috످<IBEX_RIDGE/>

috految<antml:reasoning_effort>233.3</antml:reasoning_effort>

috److془The user sent "<IBEX_RIDGE/>" - an empty XML tag. I should respond briefly asking what they want.془Your message contains only `<IBEX_RIDGE/>`, which looks like an empty XML tag or a placeholder. Did you mean to include something else, or do you have a question about the tag?

috످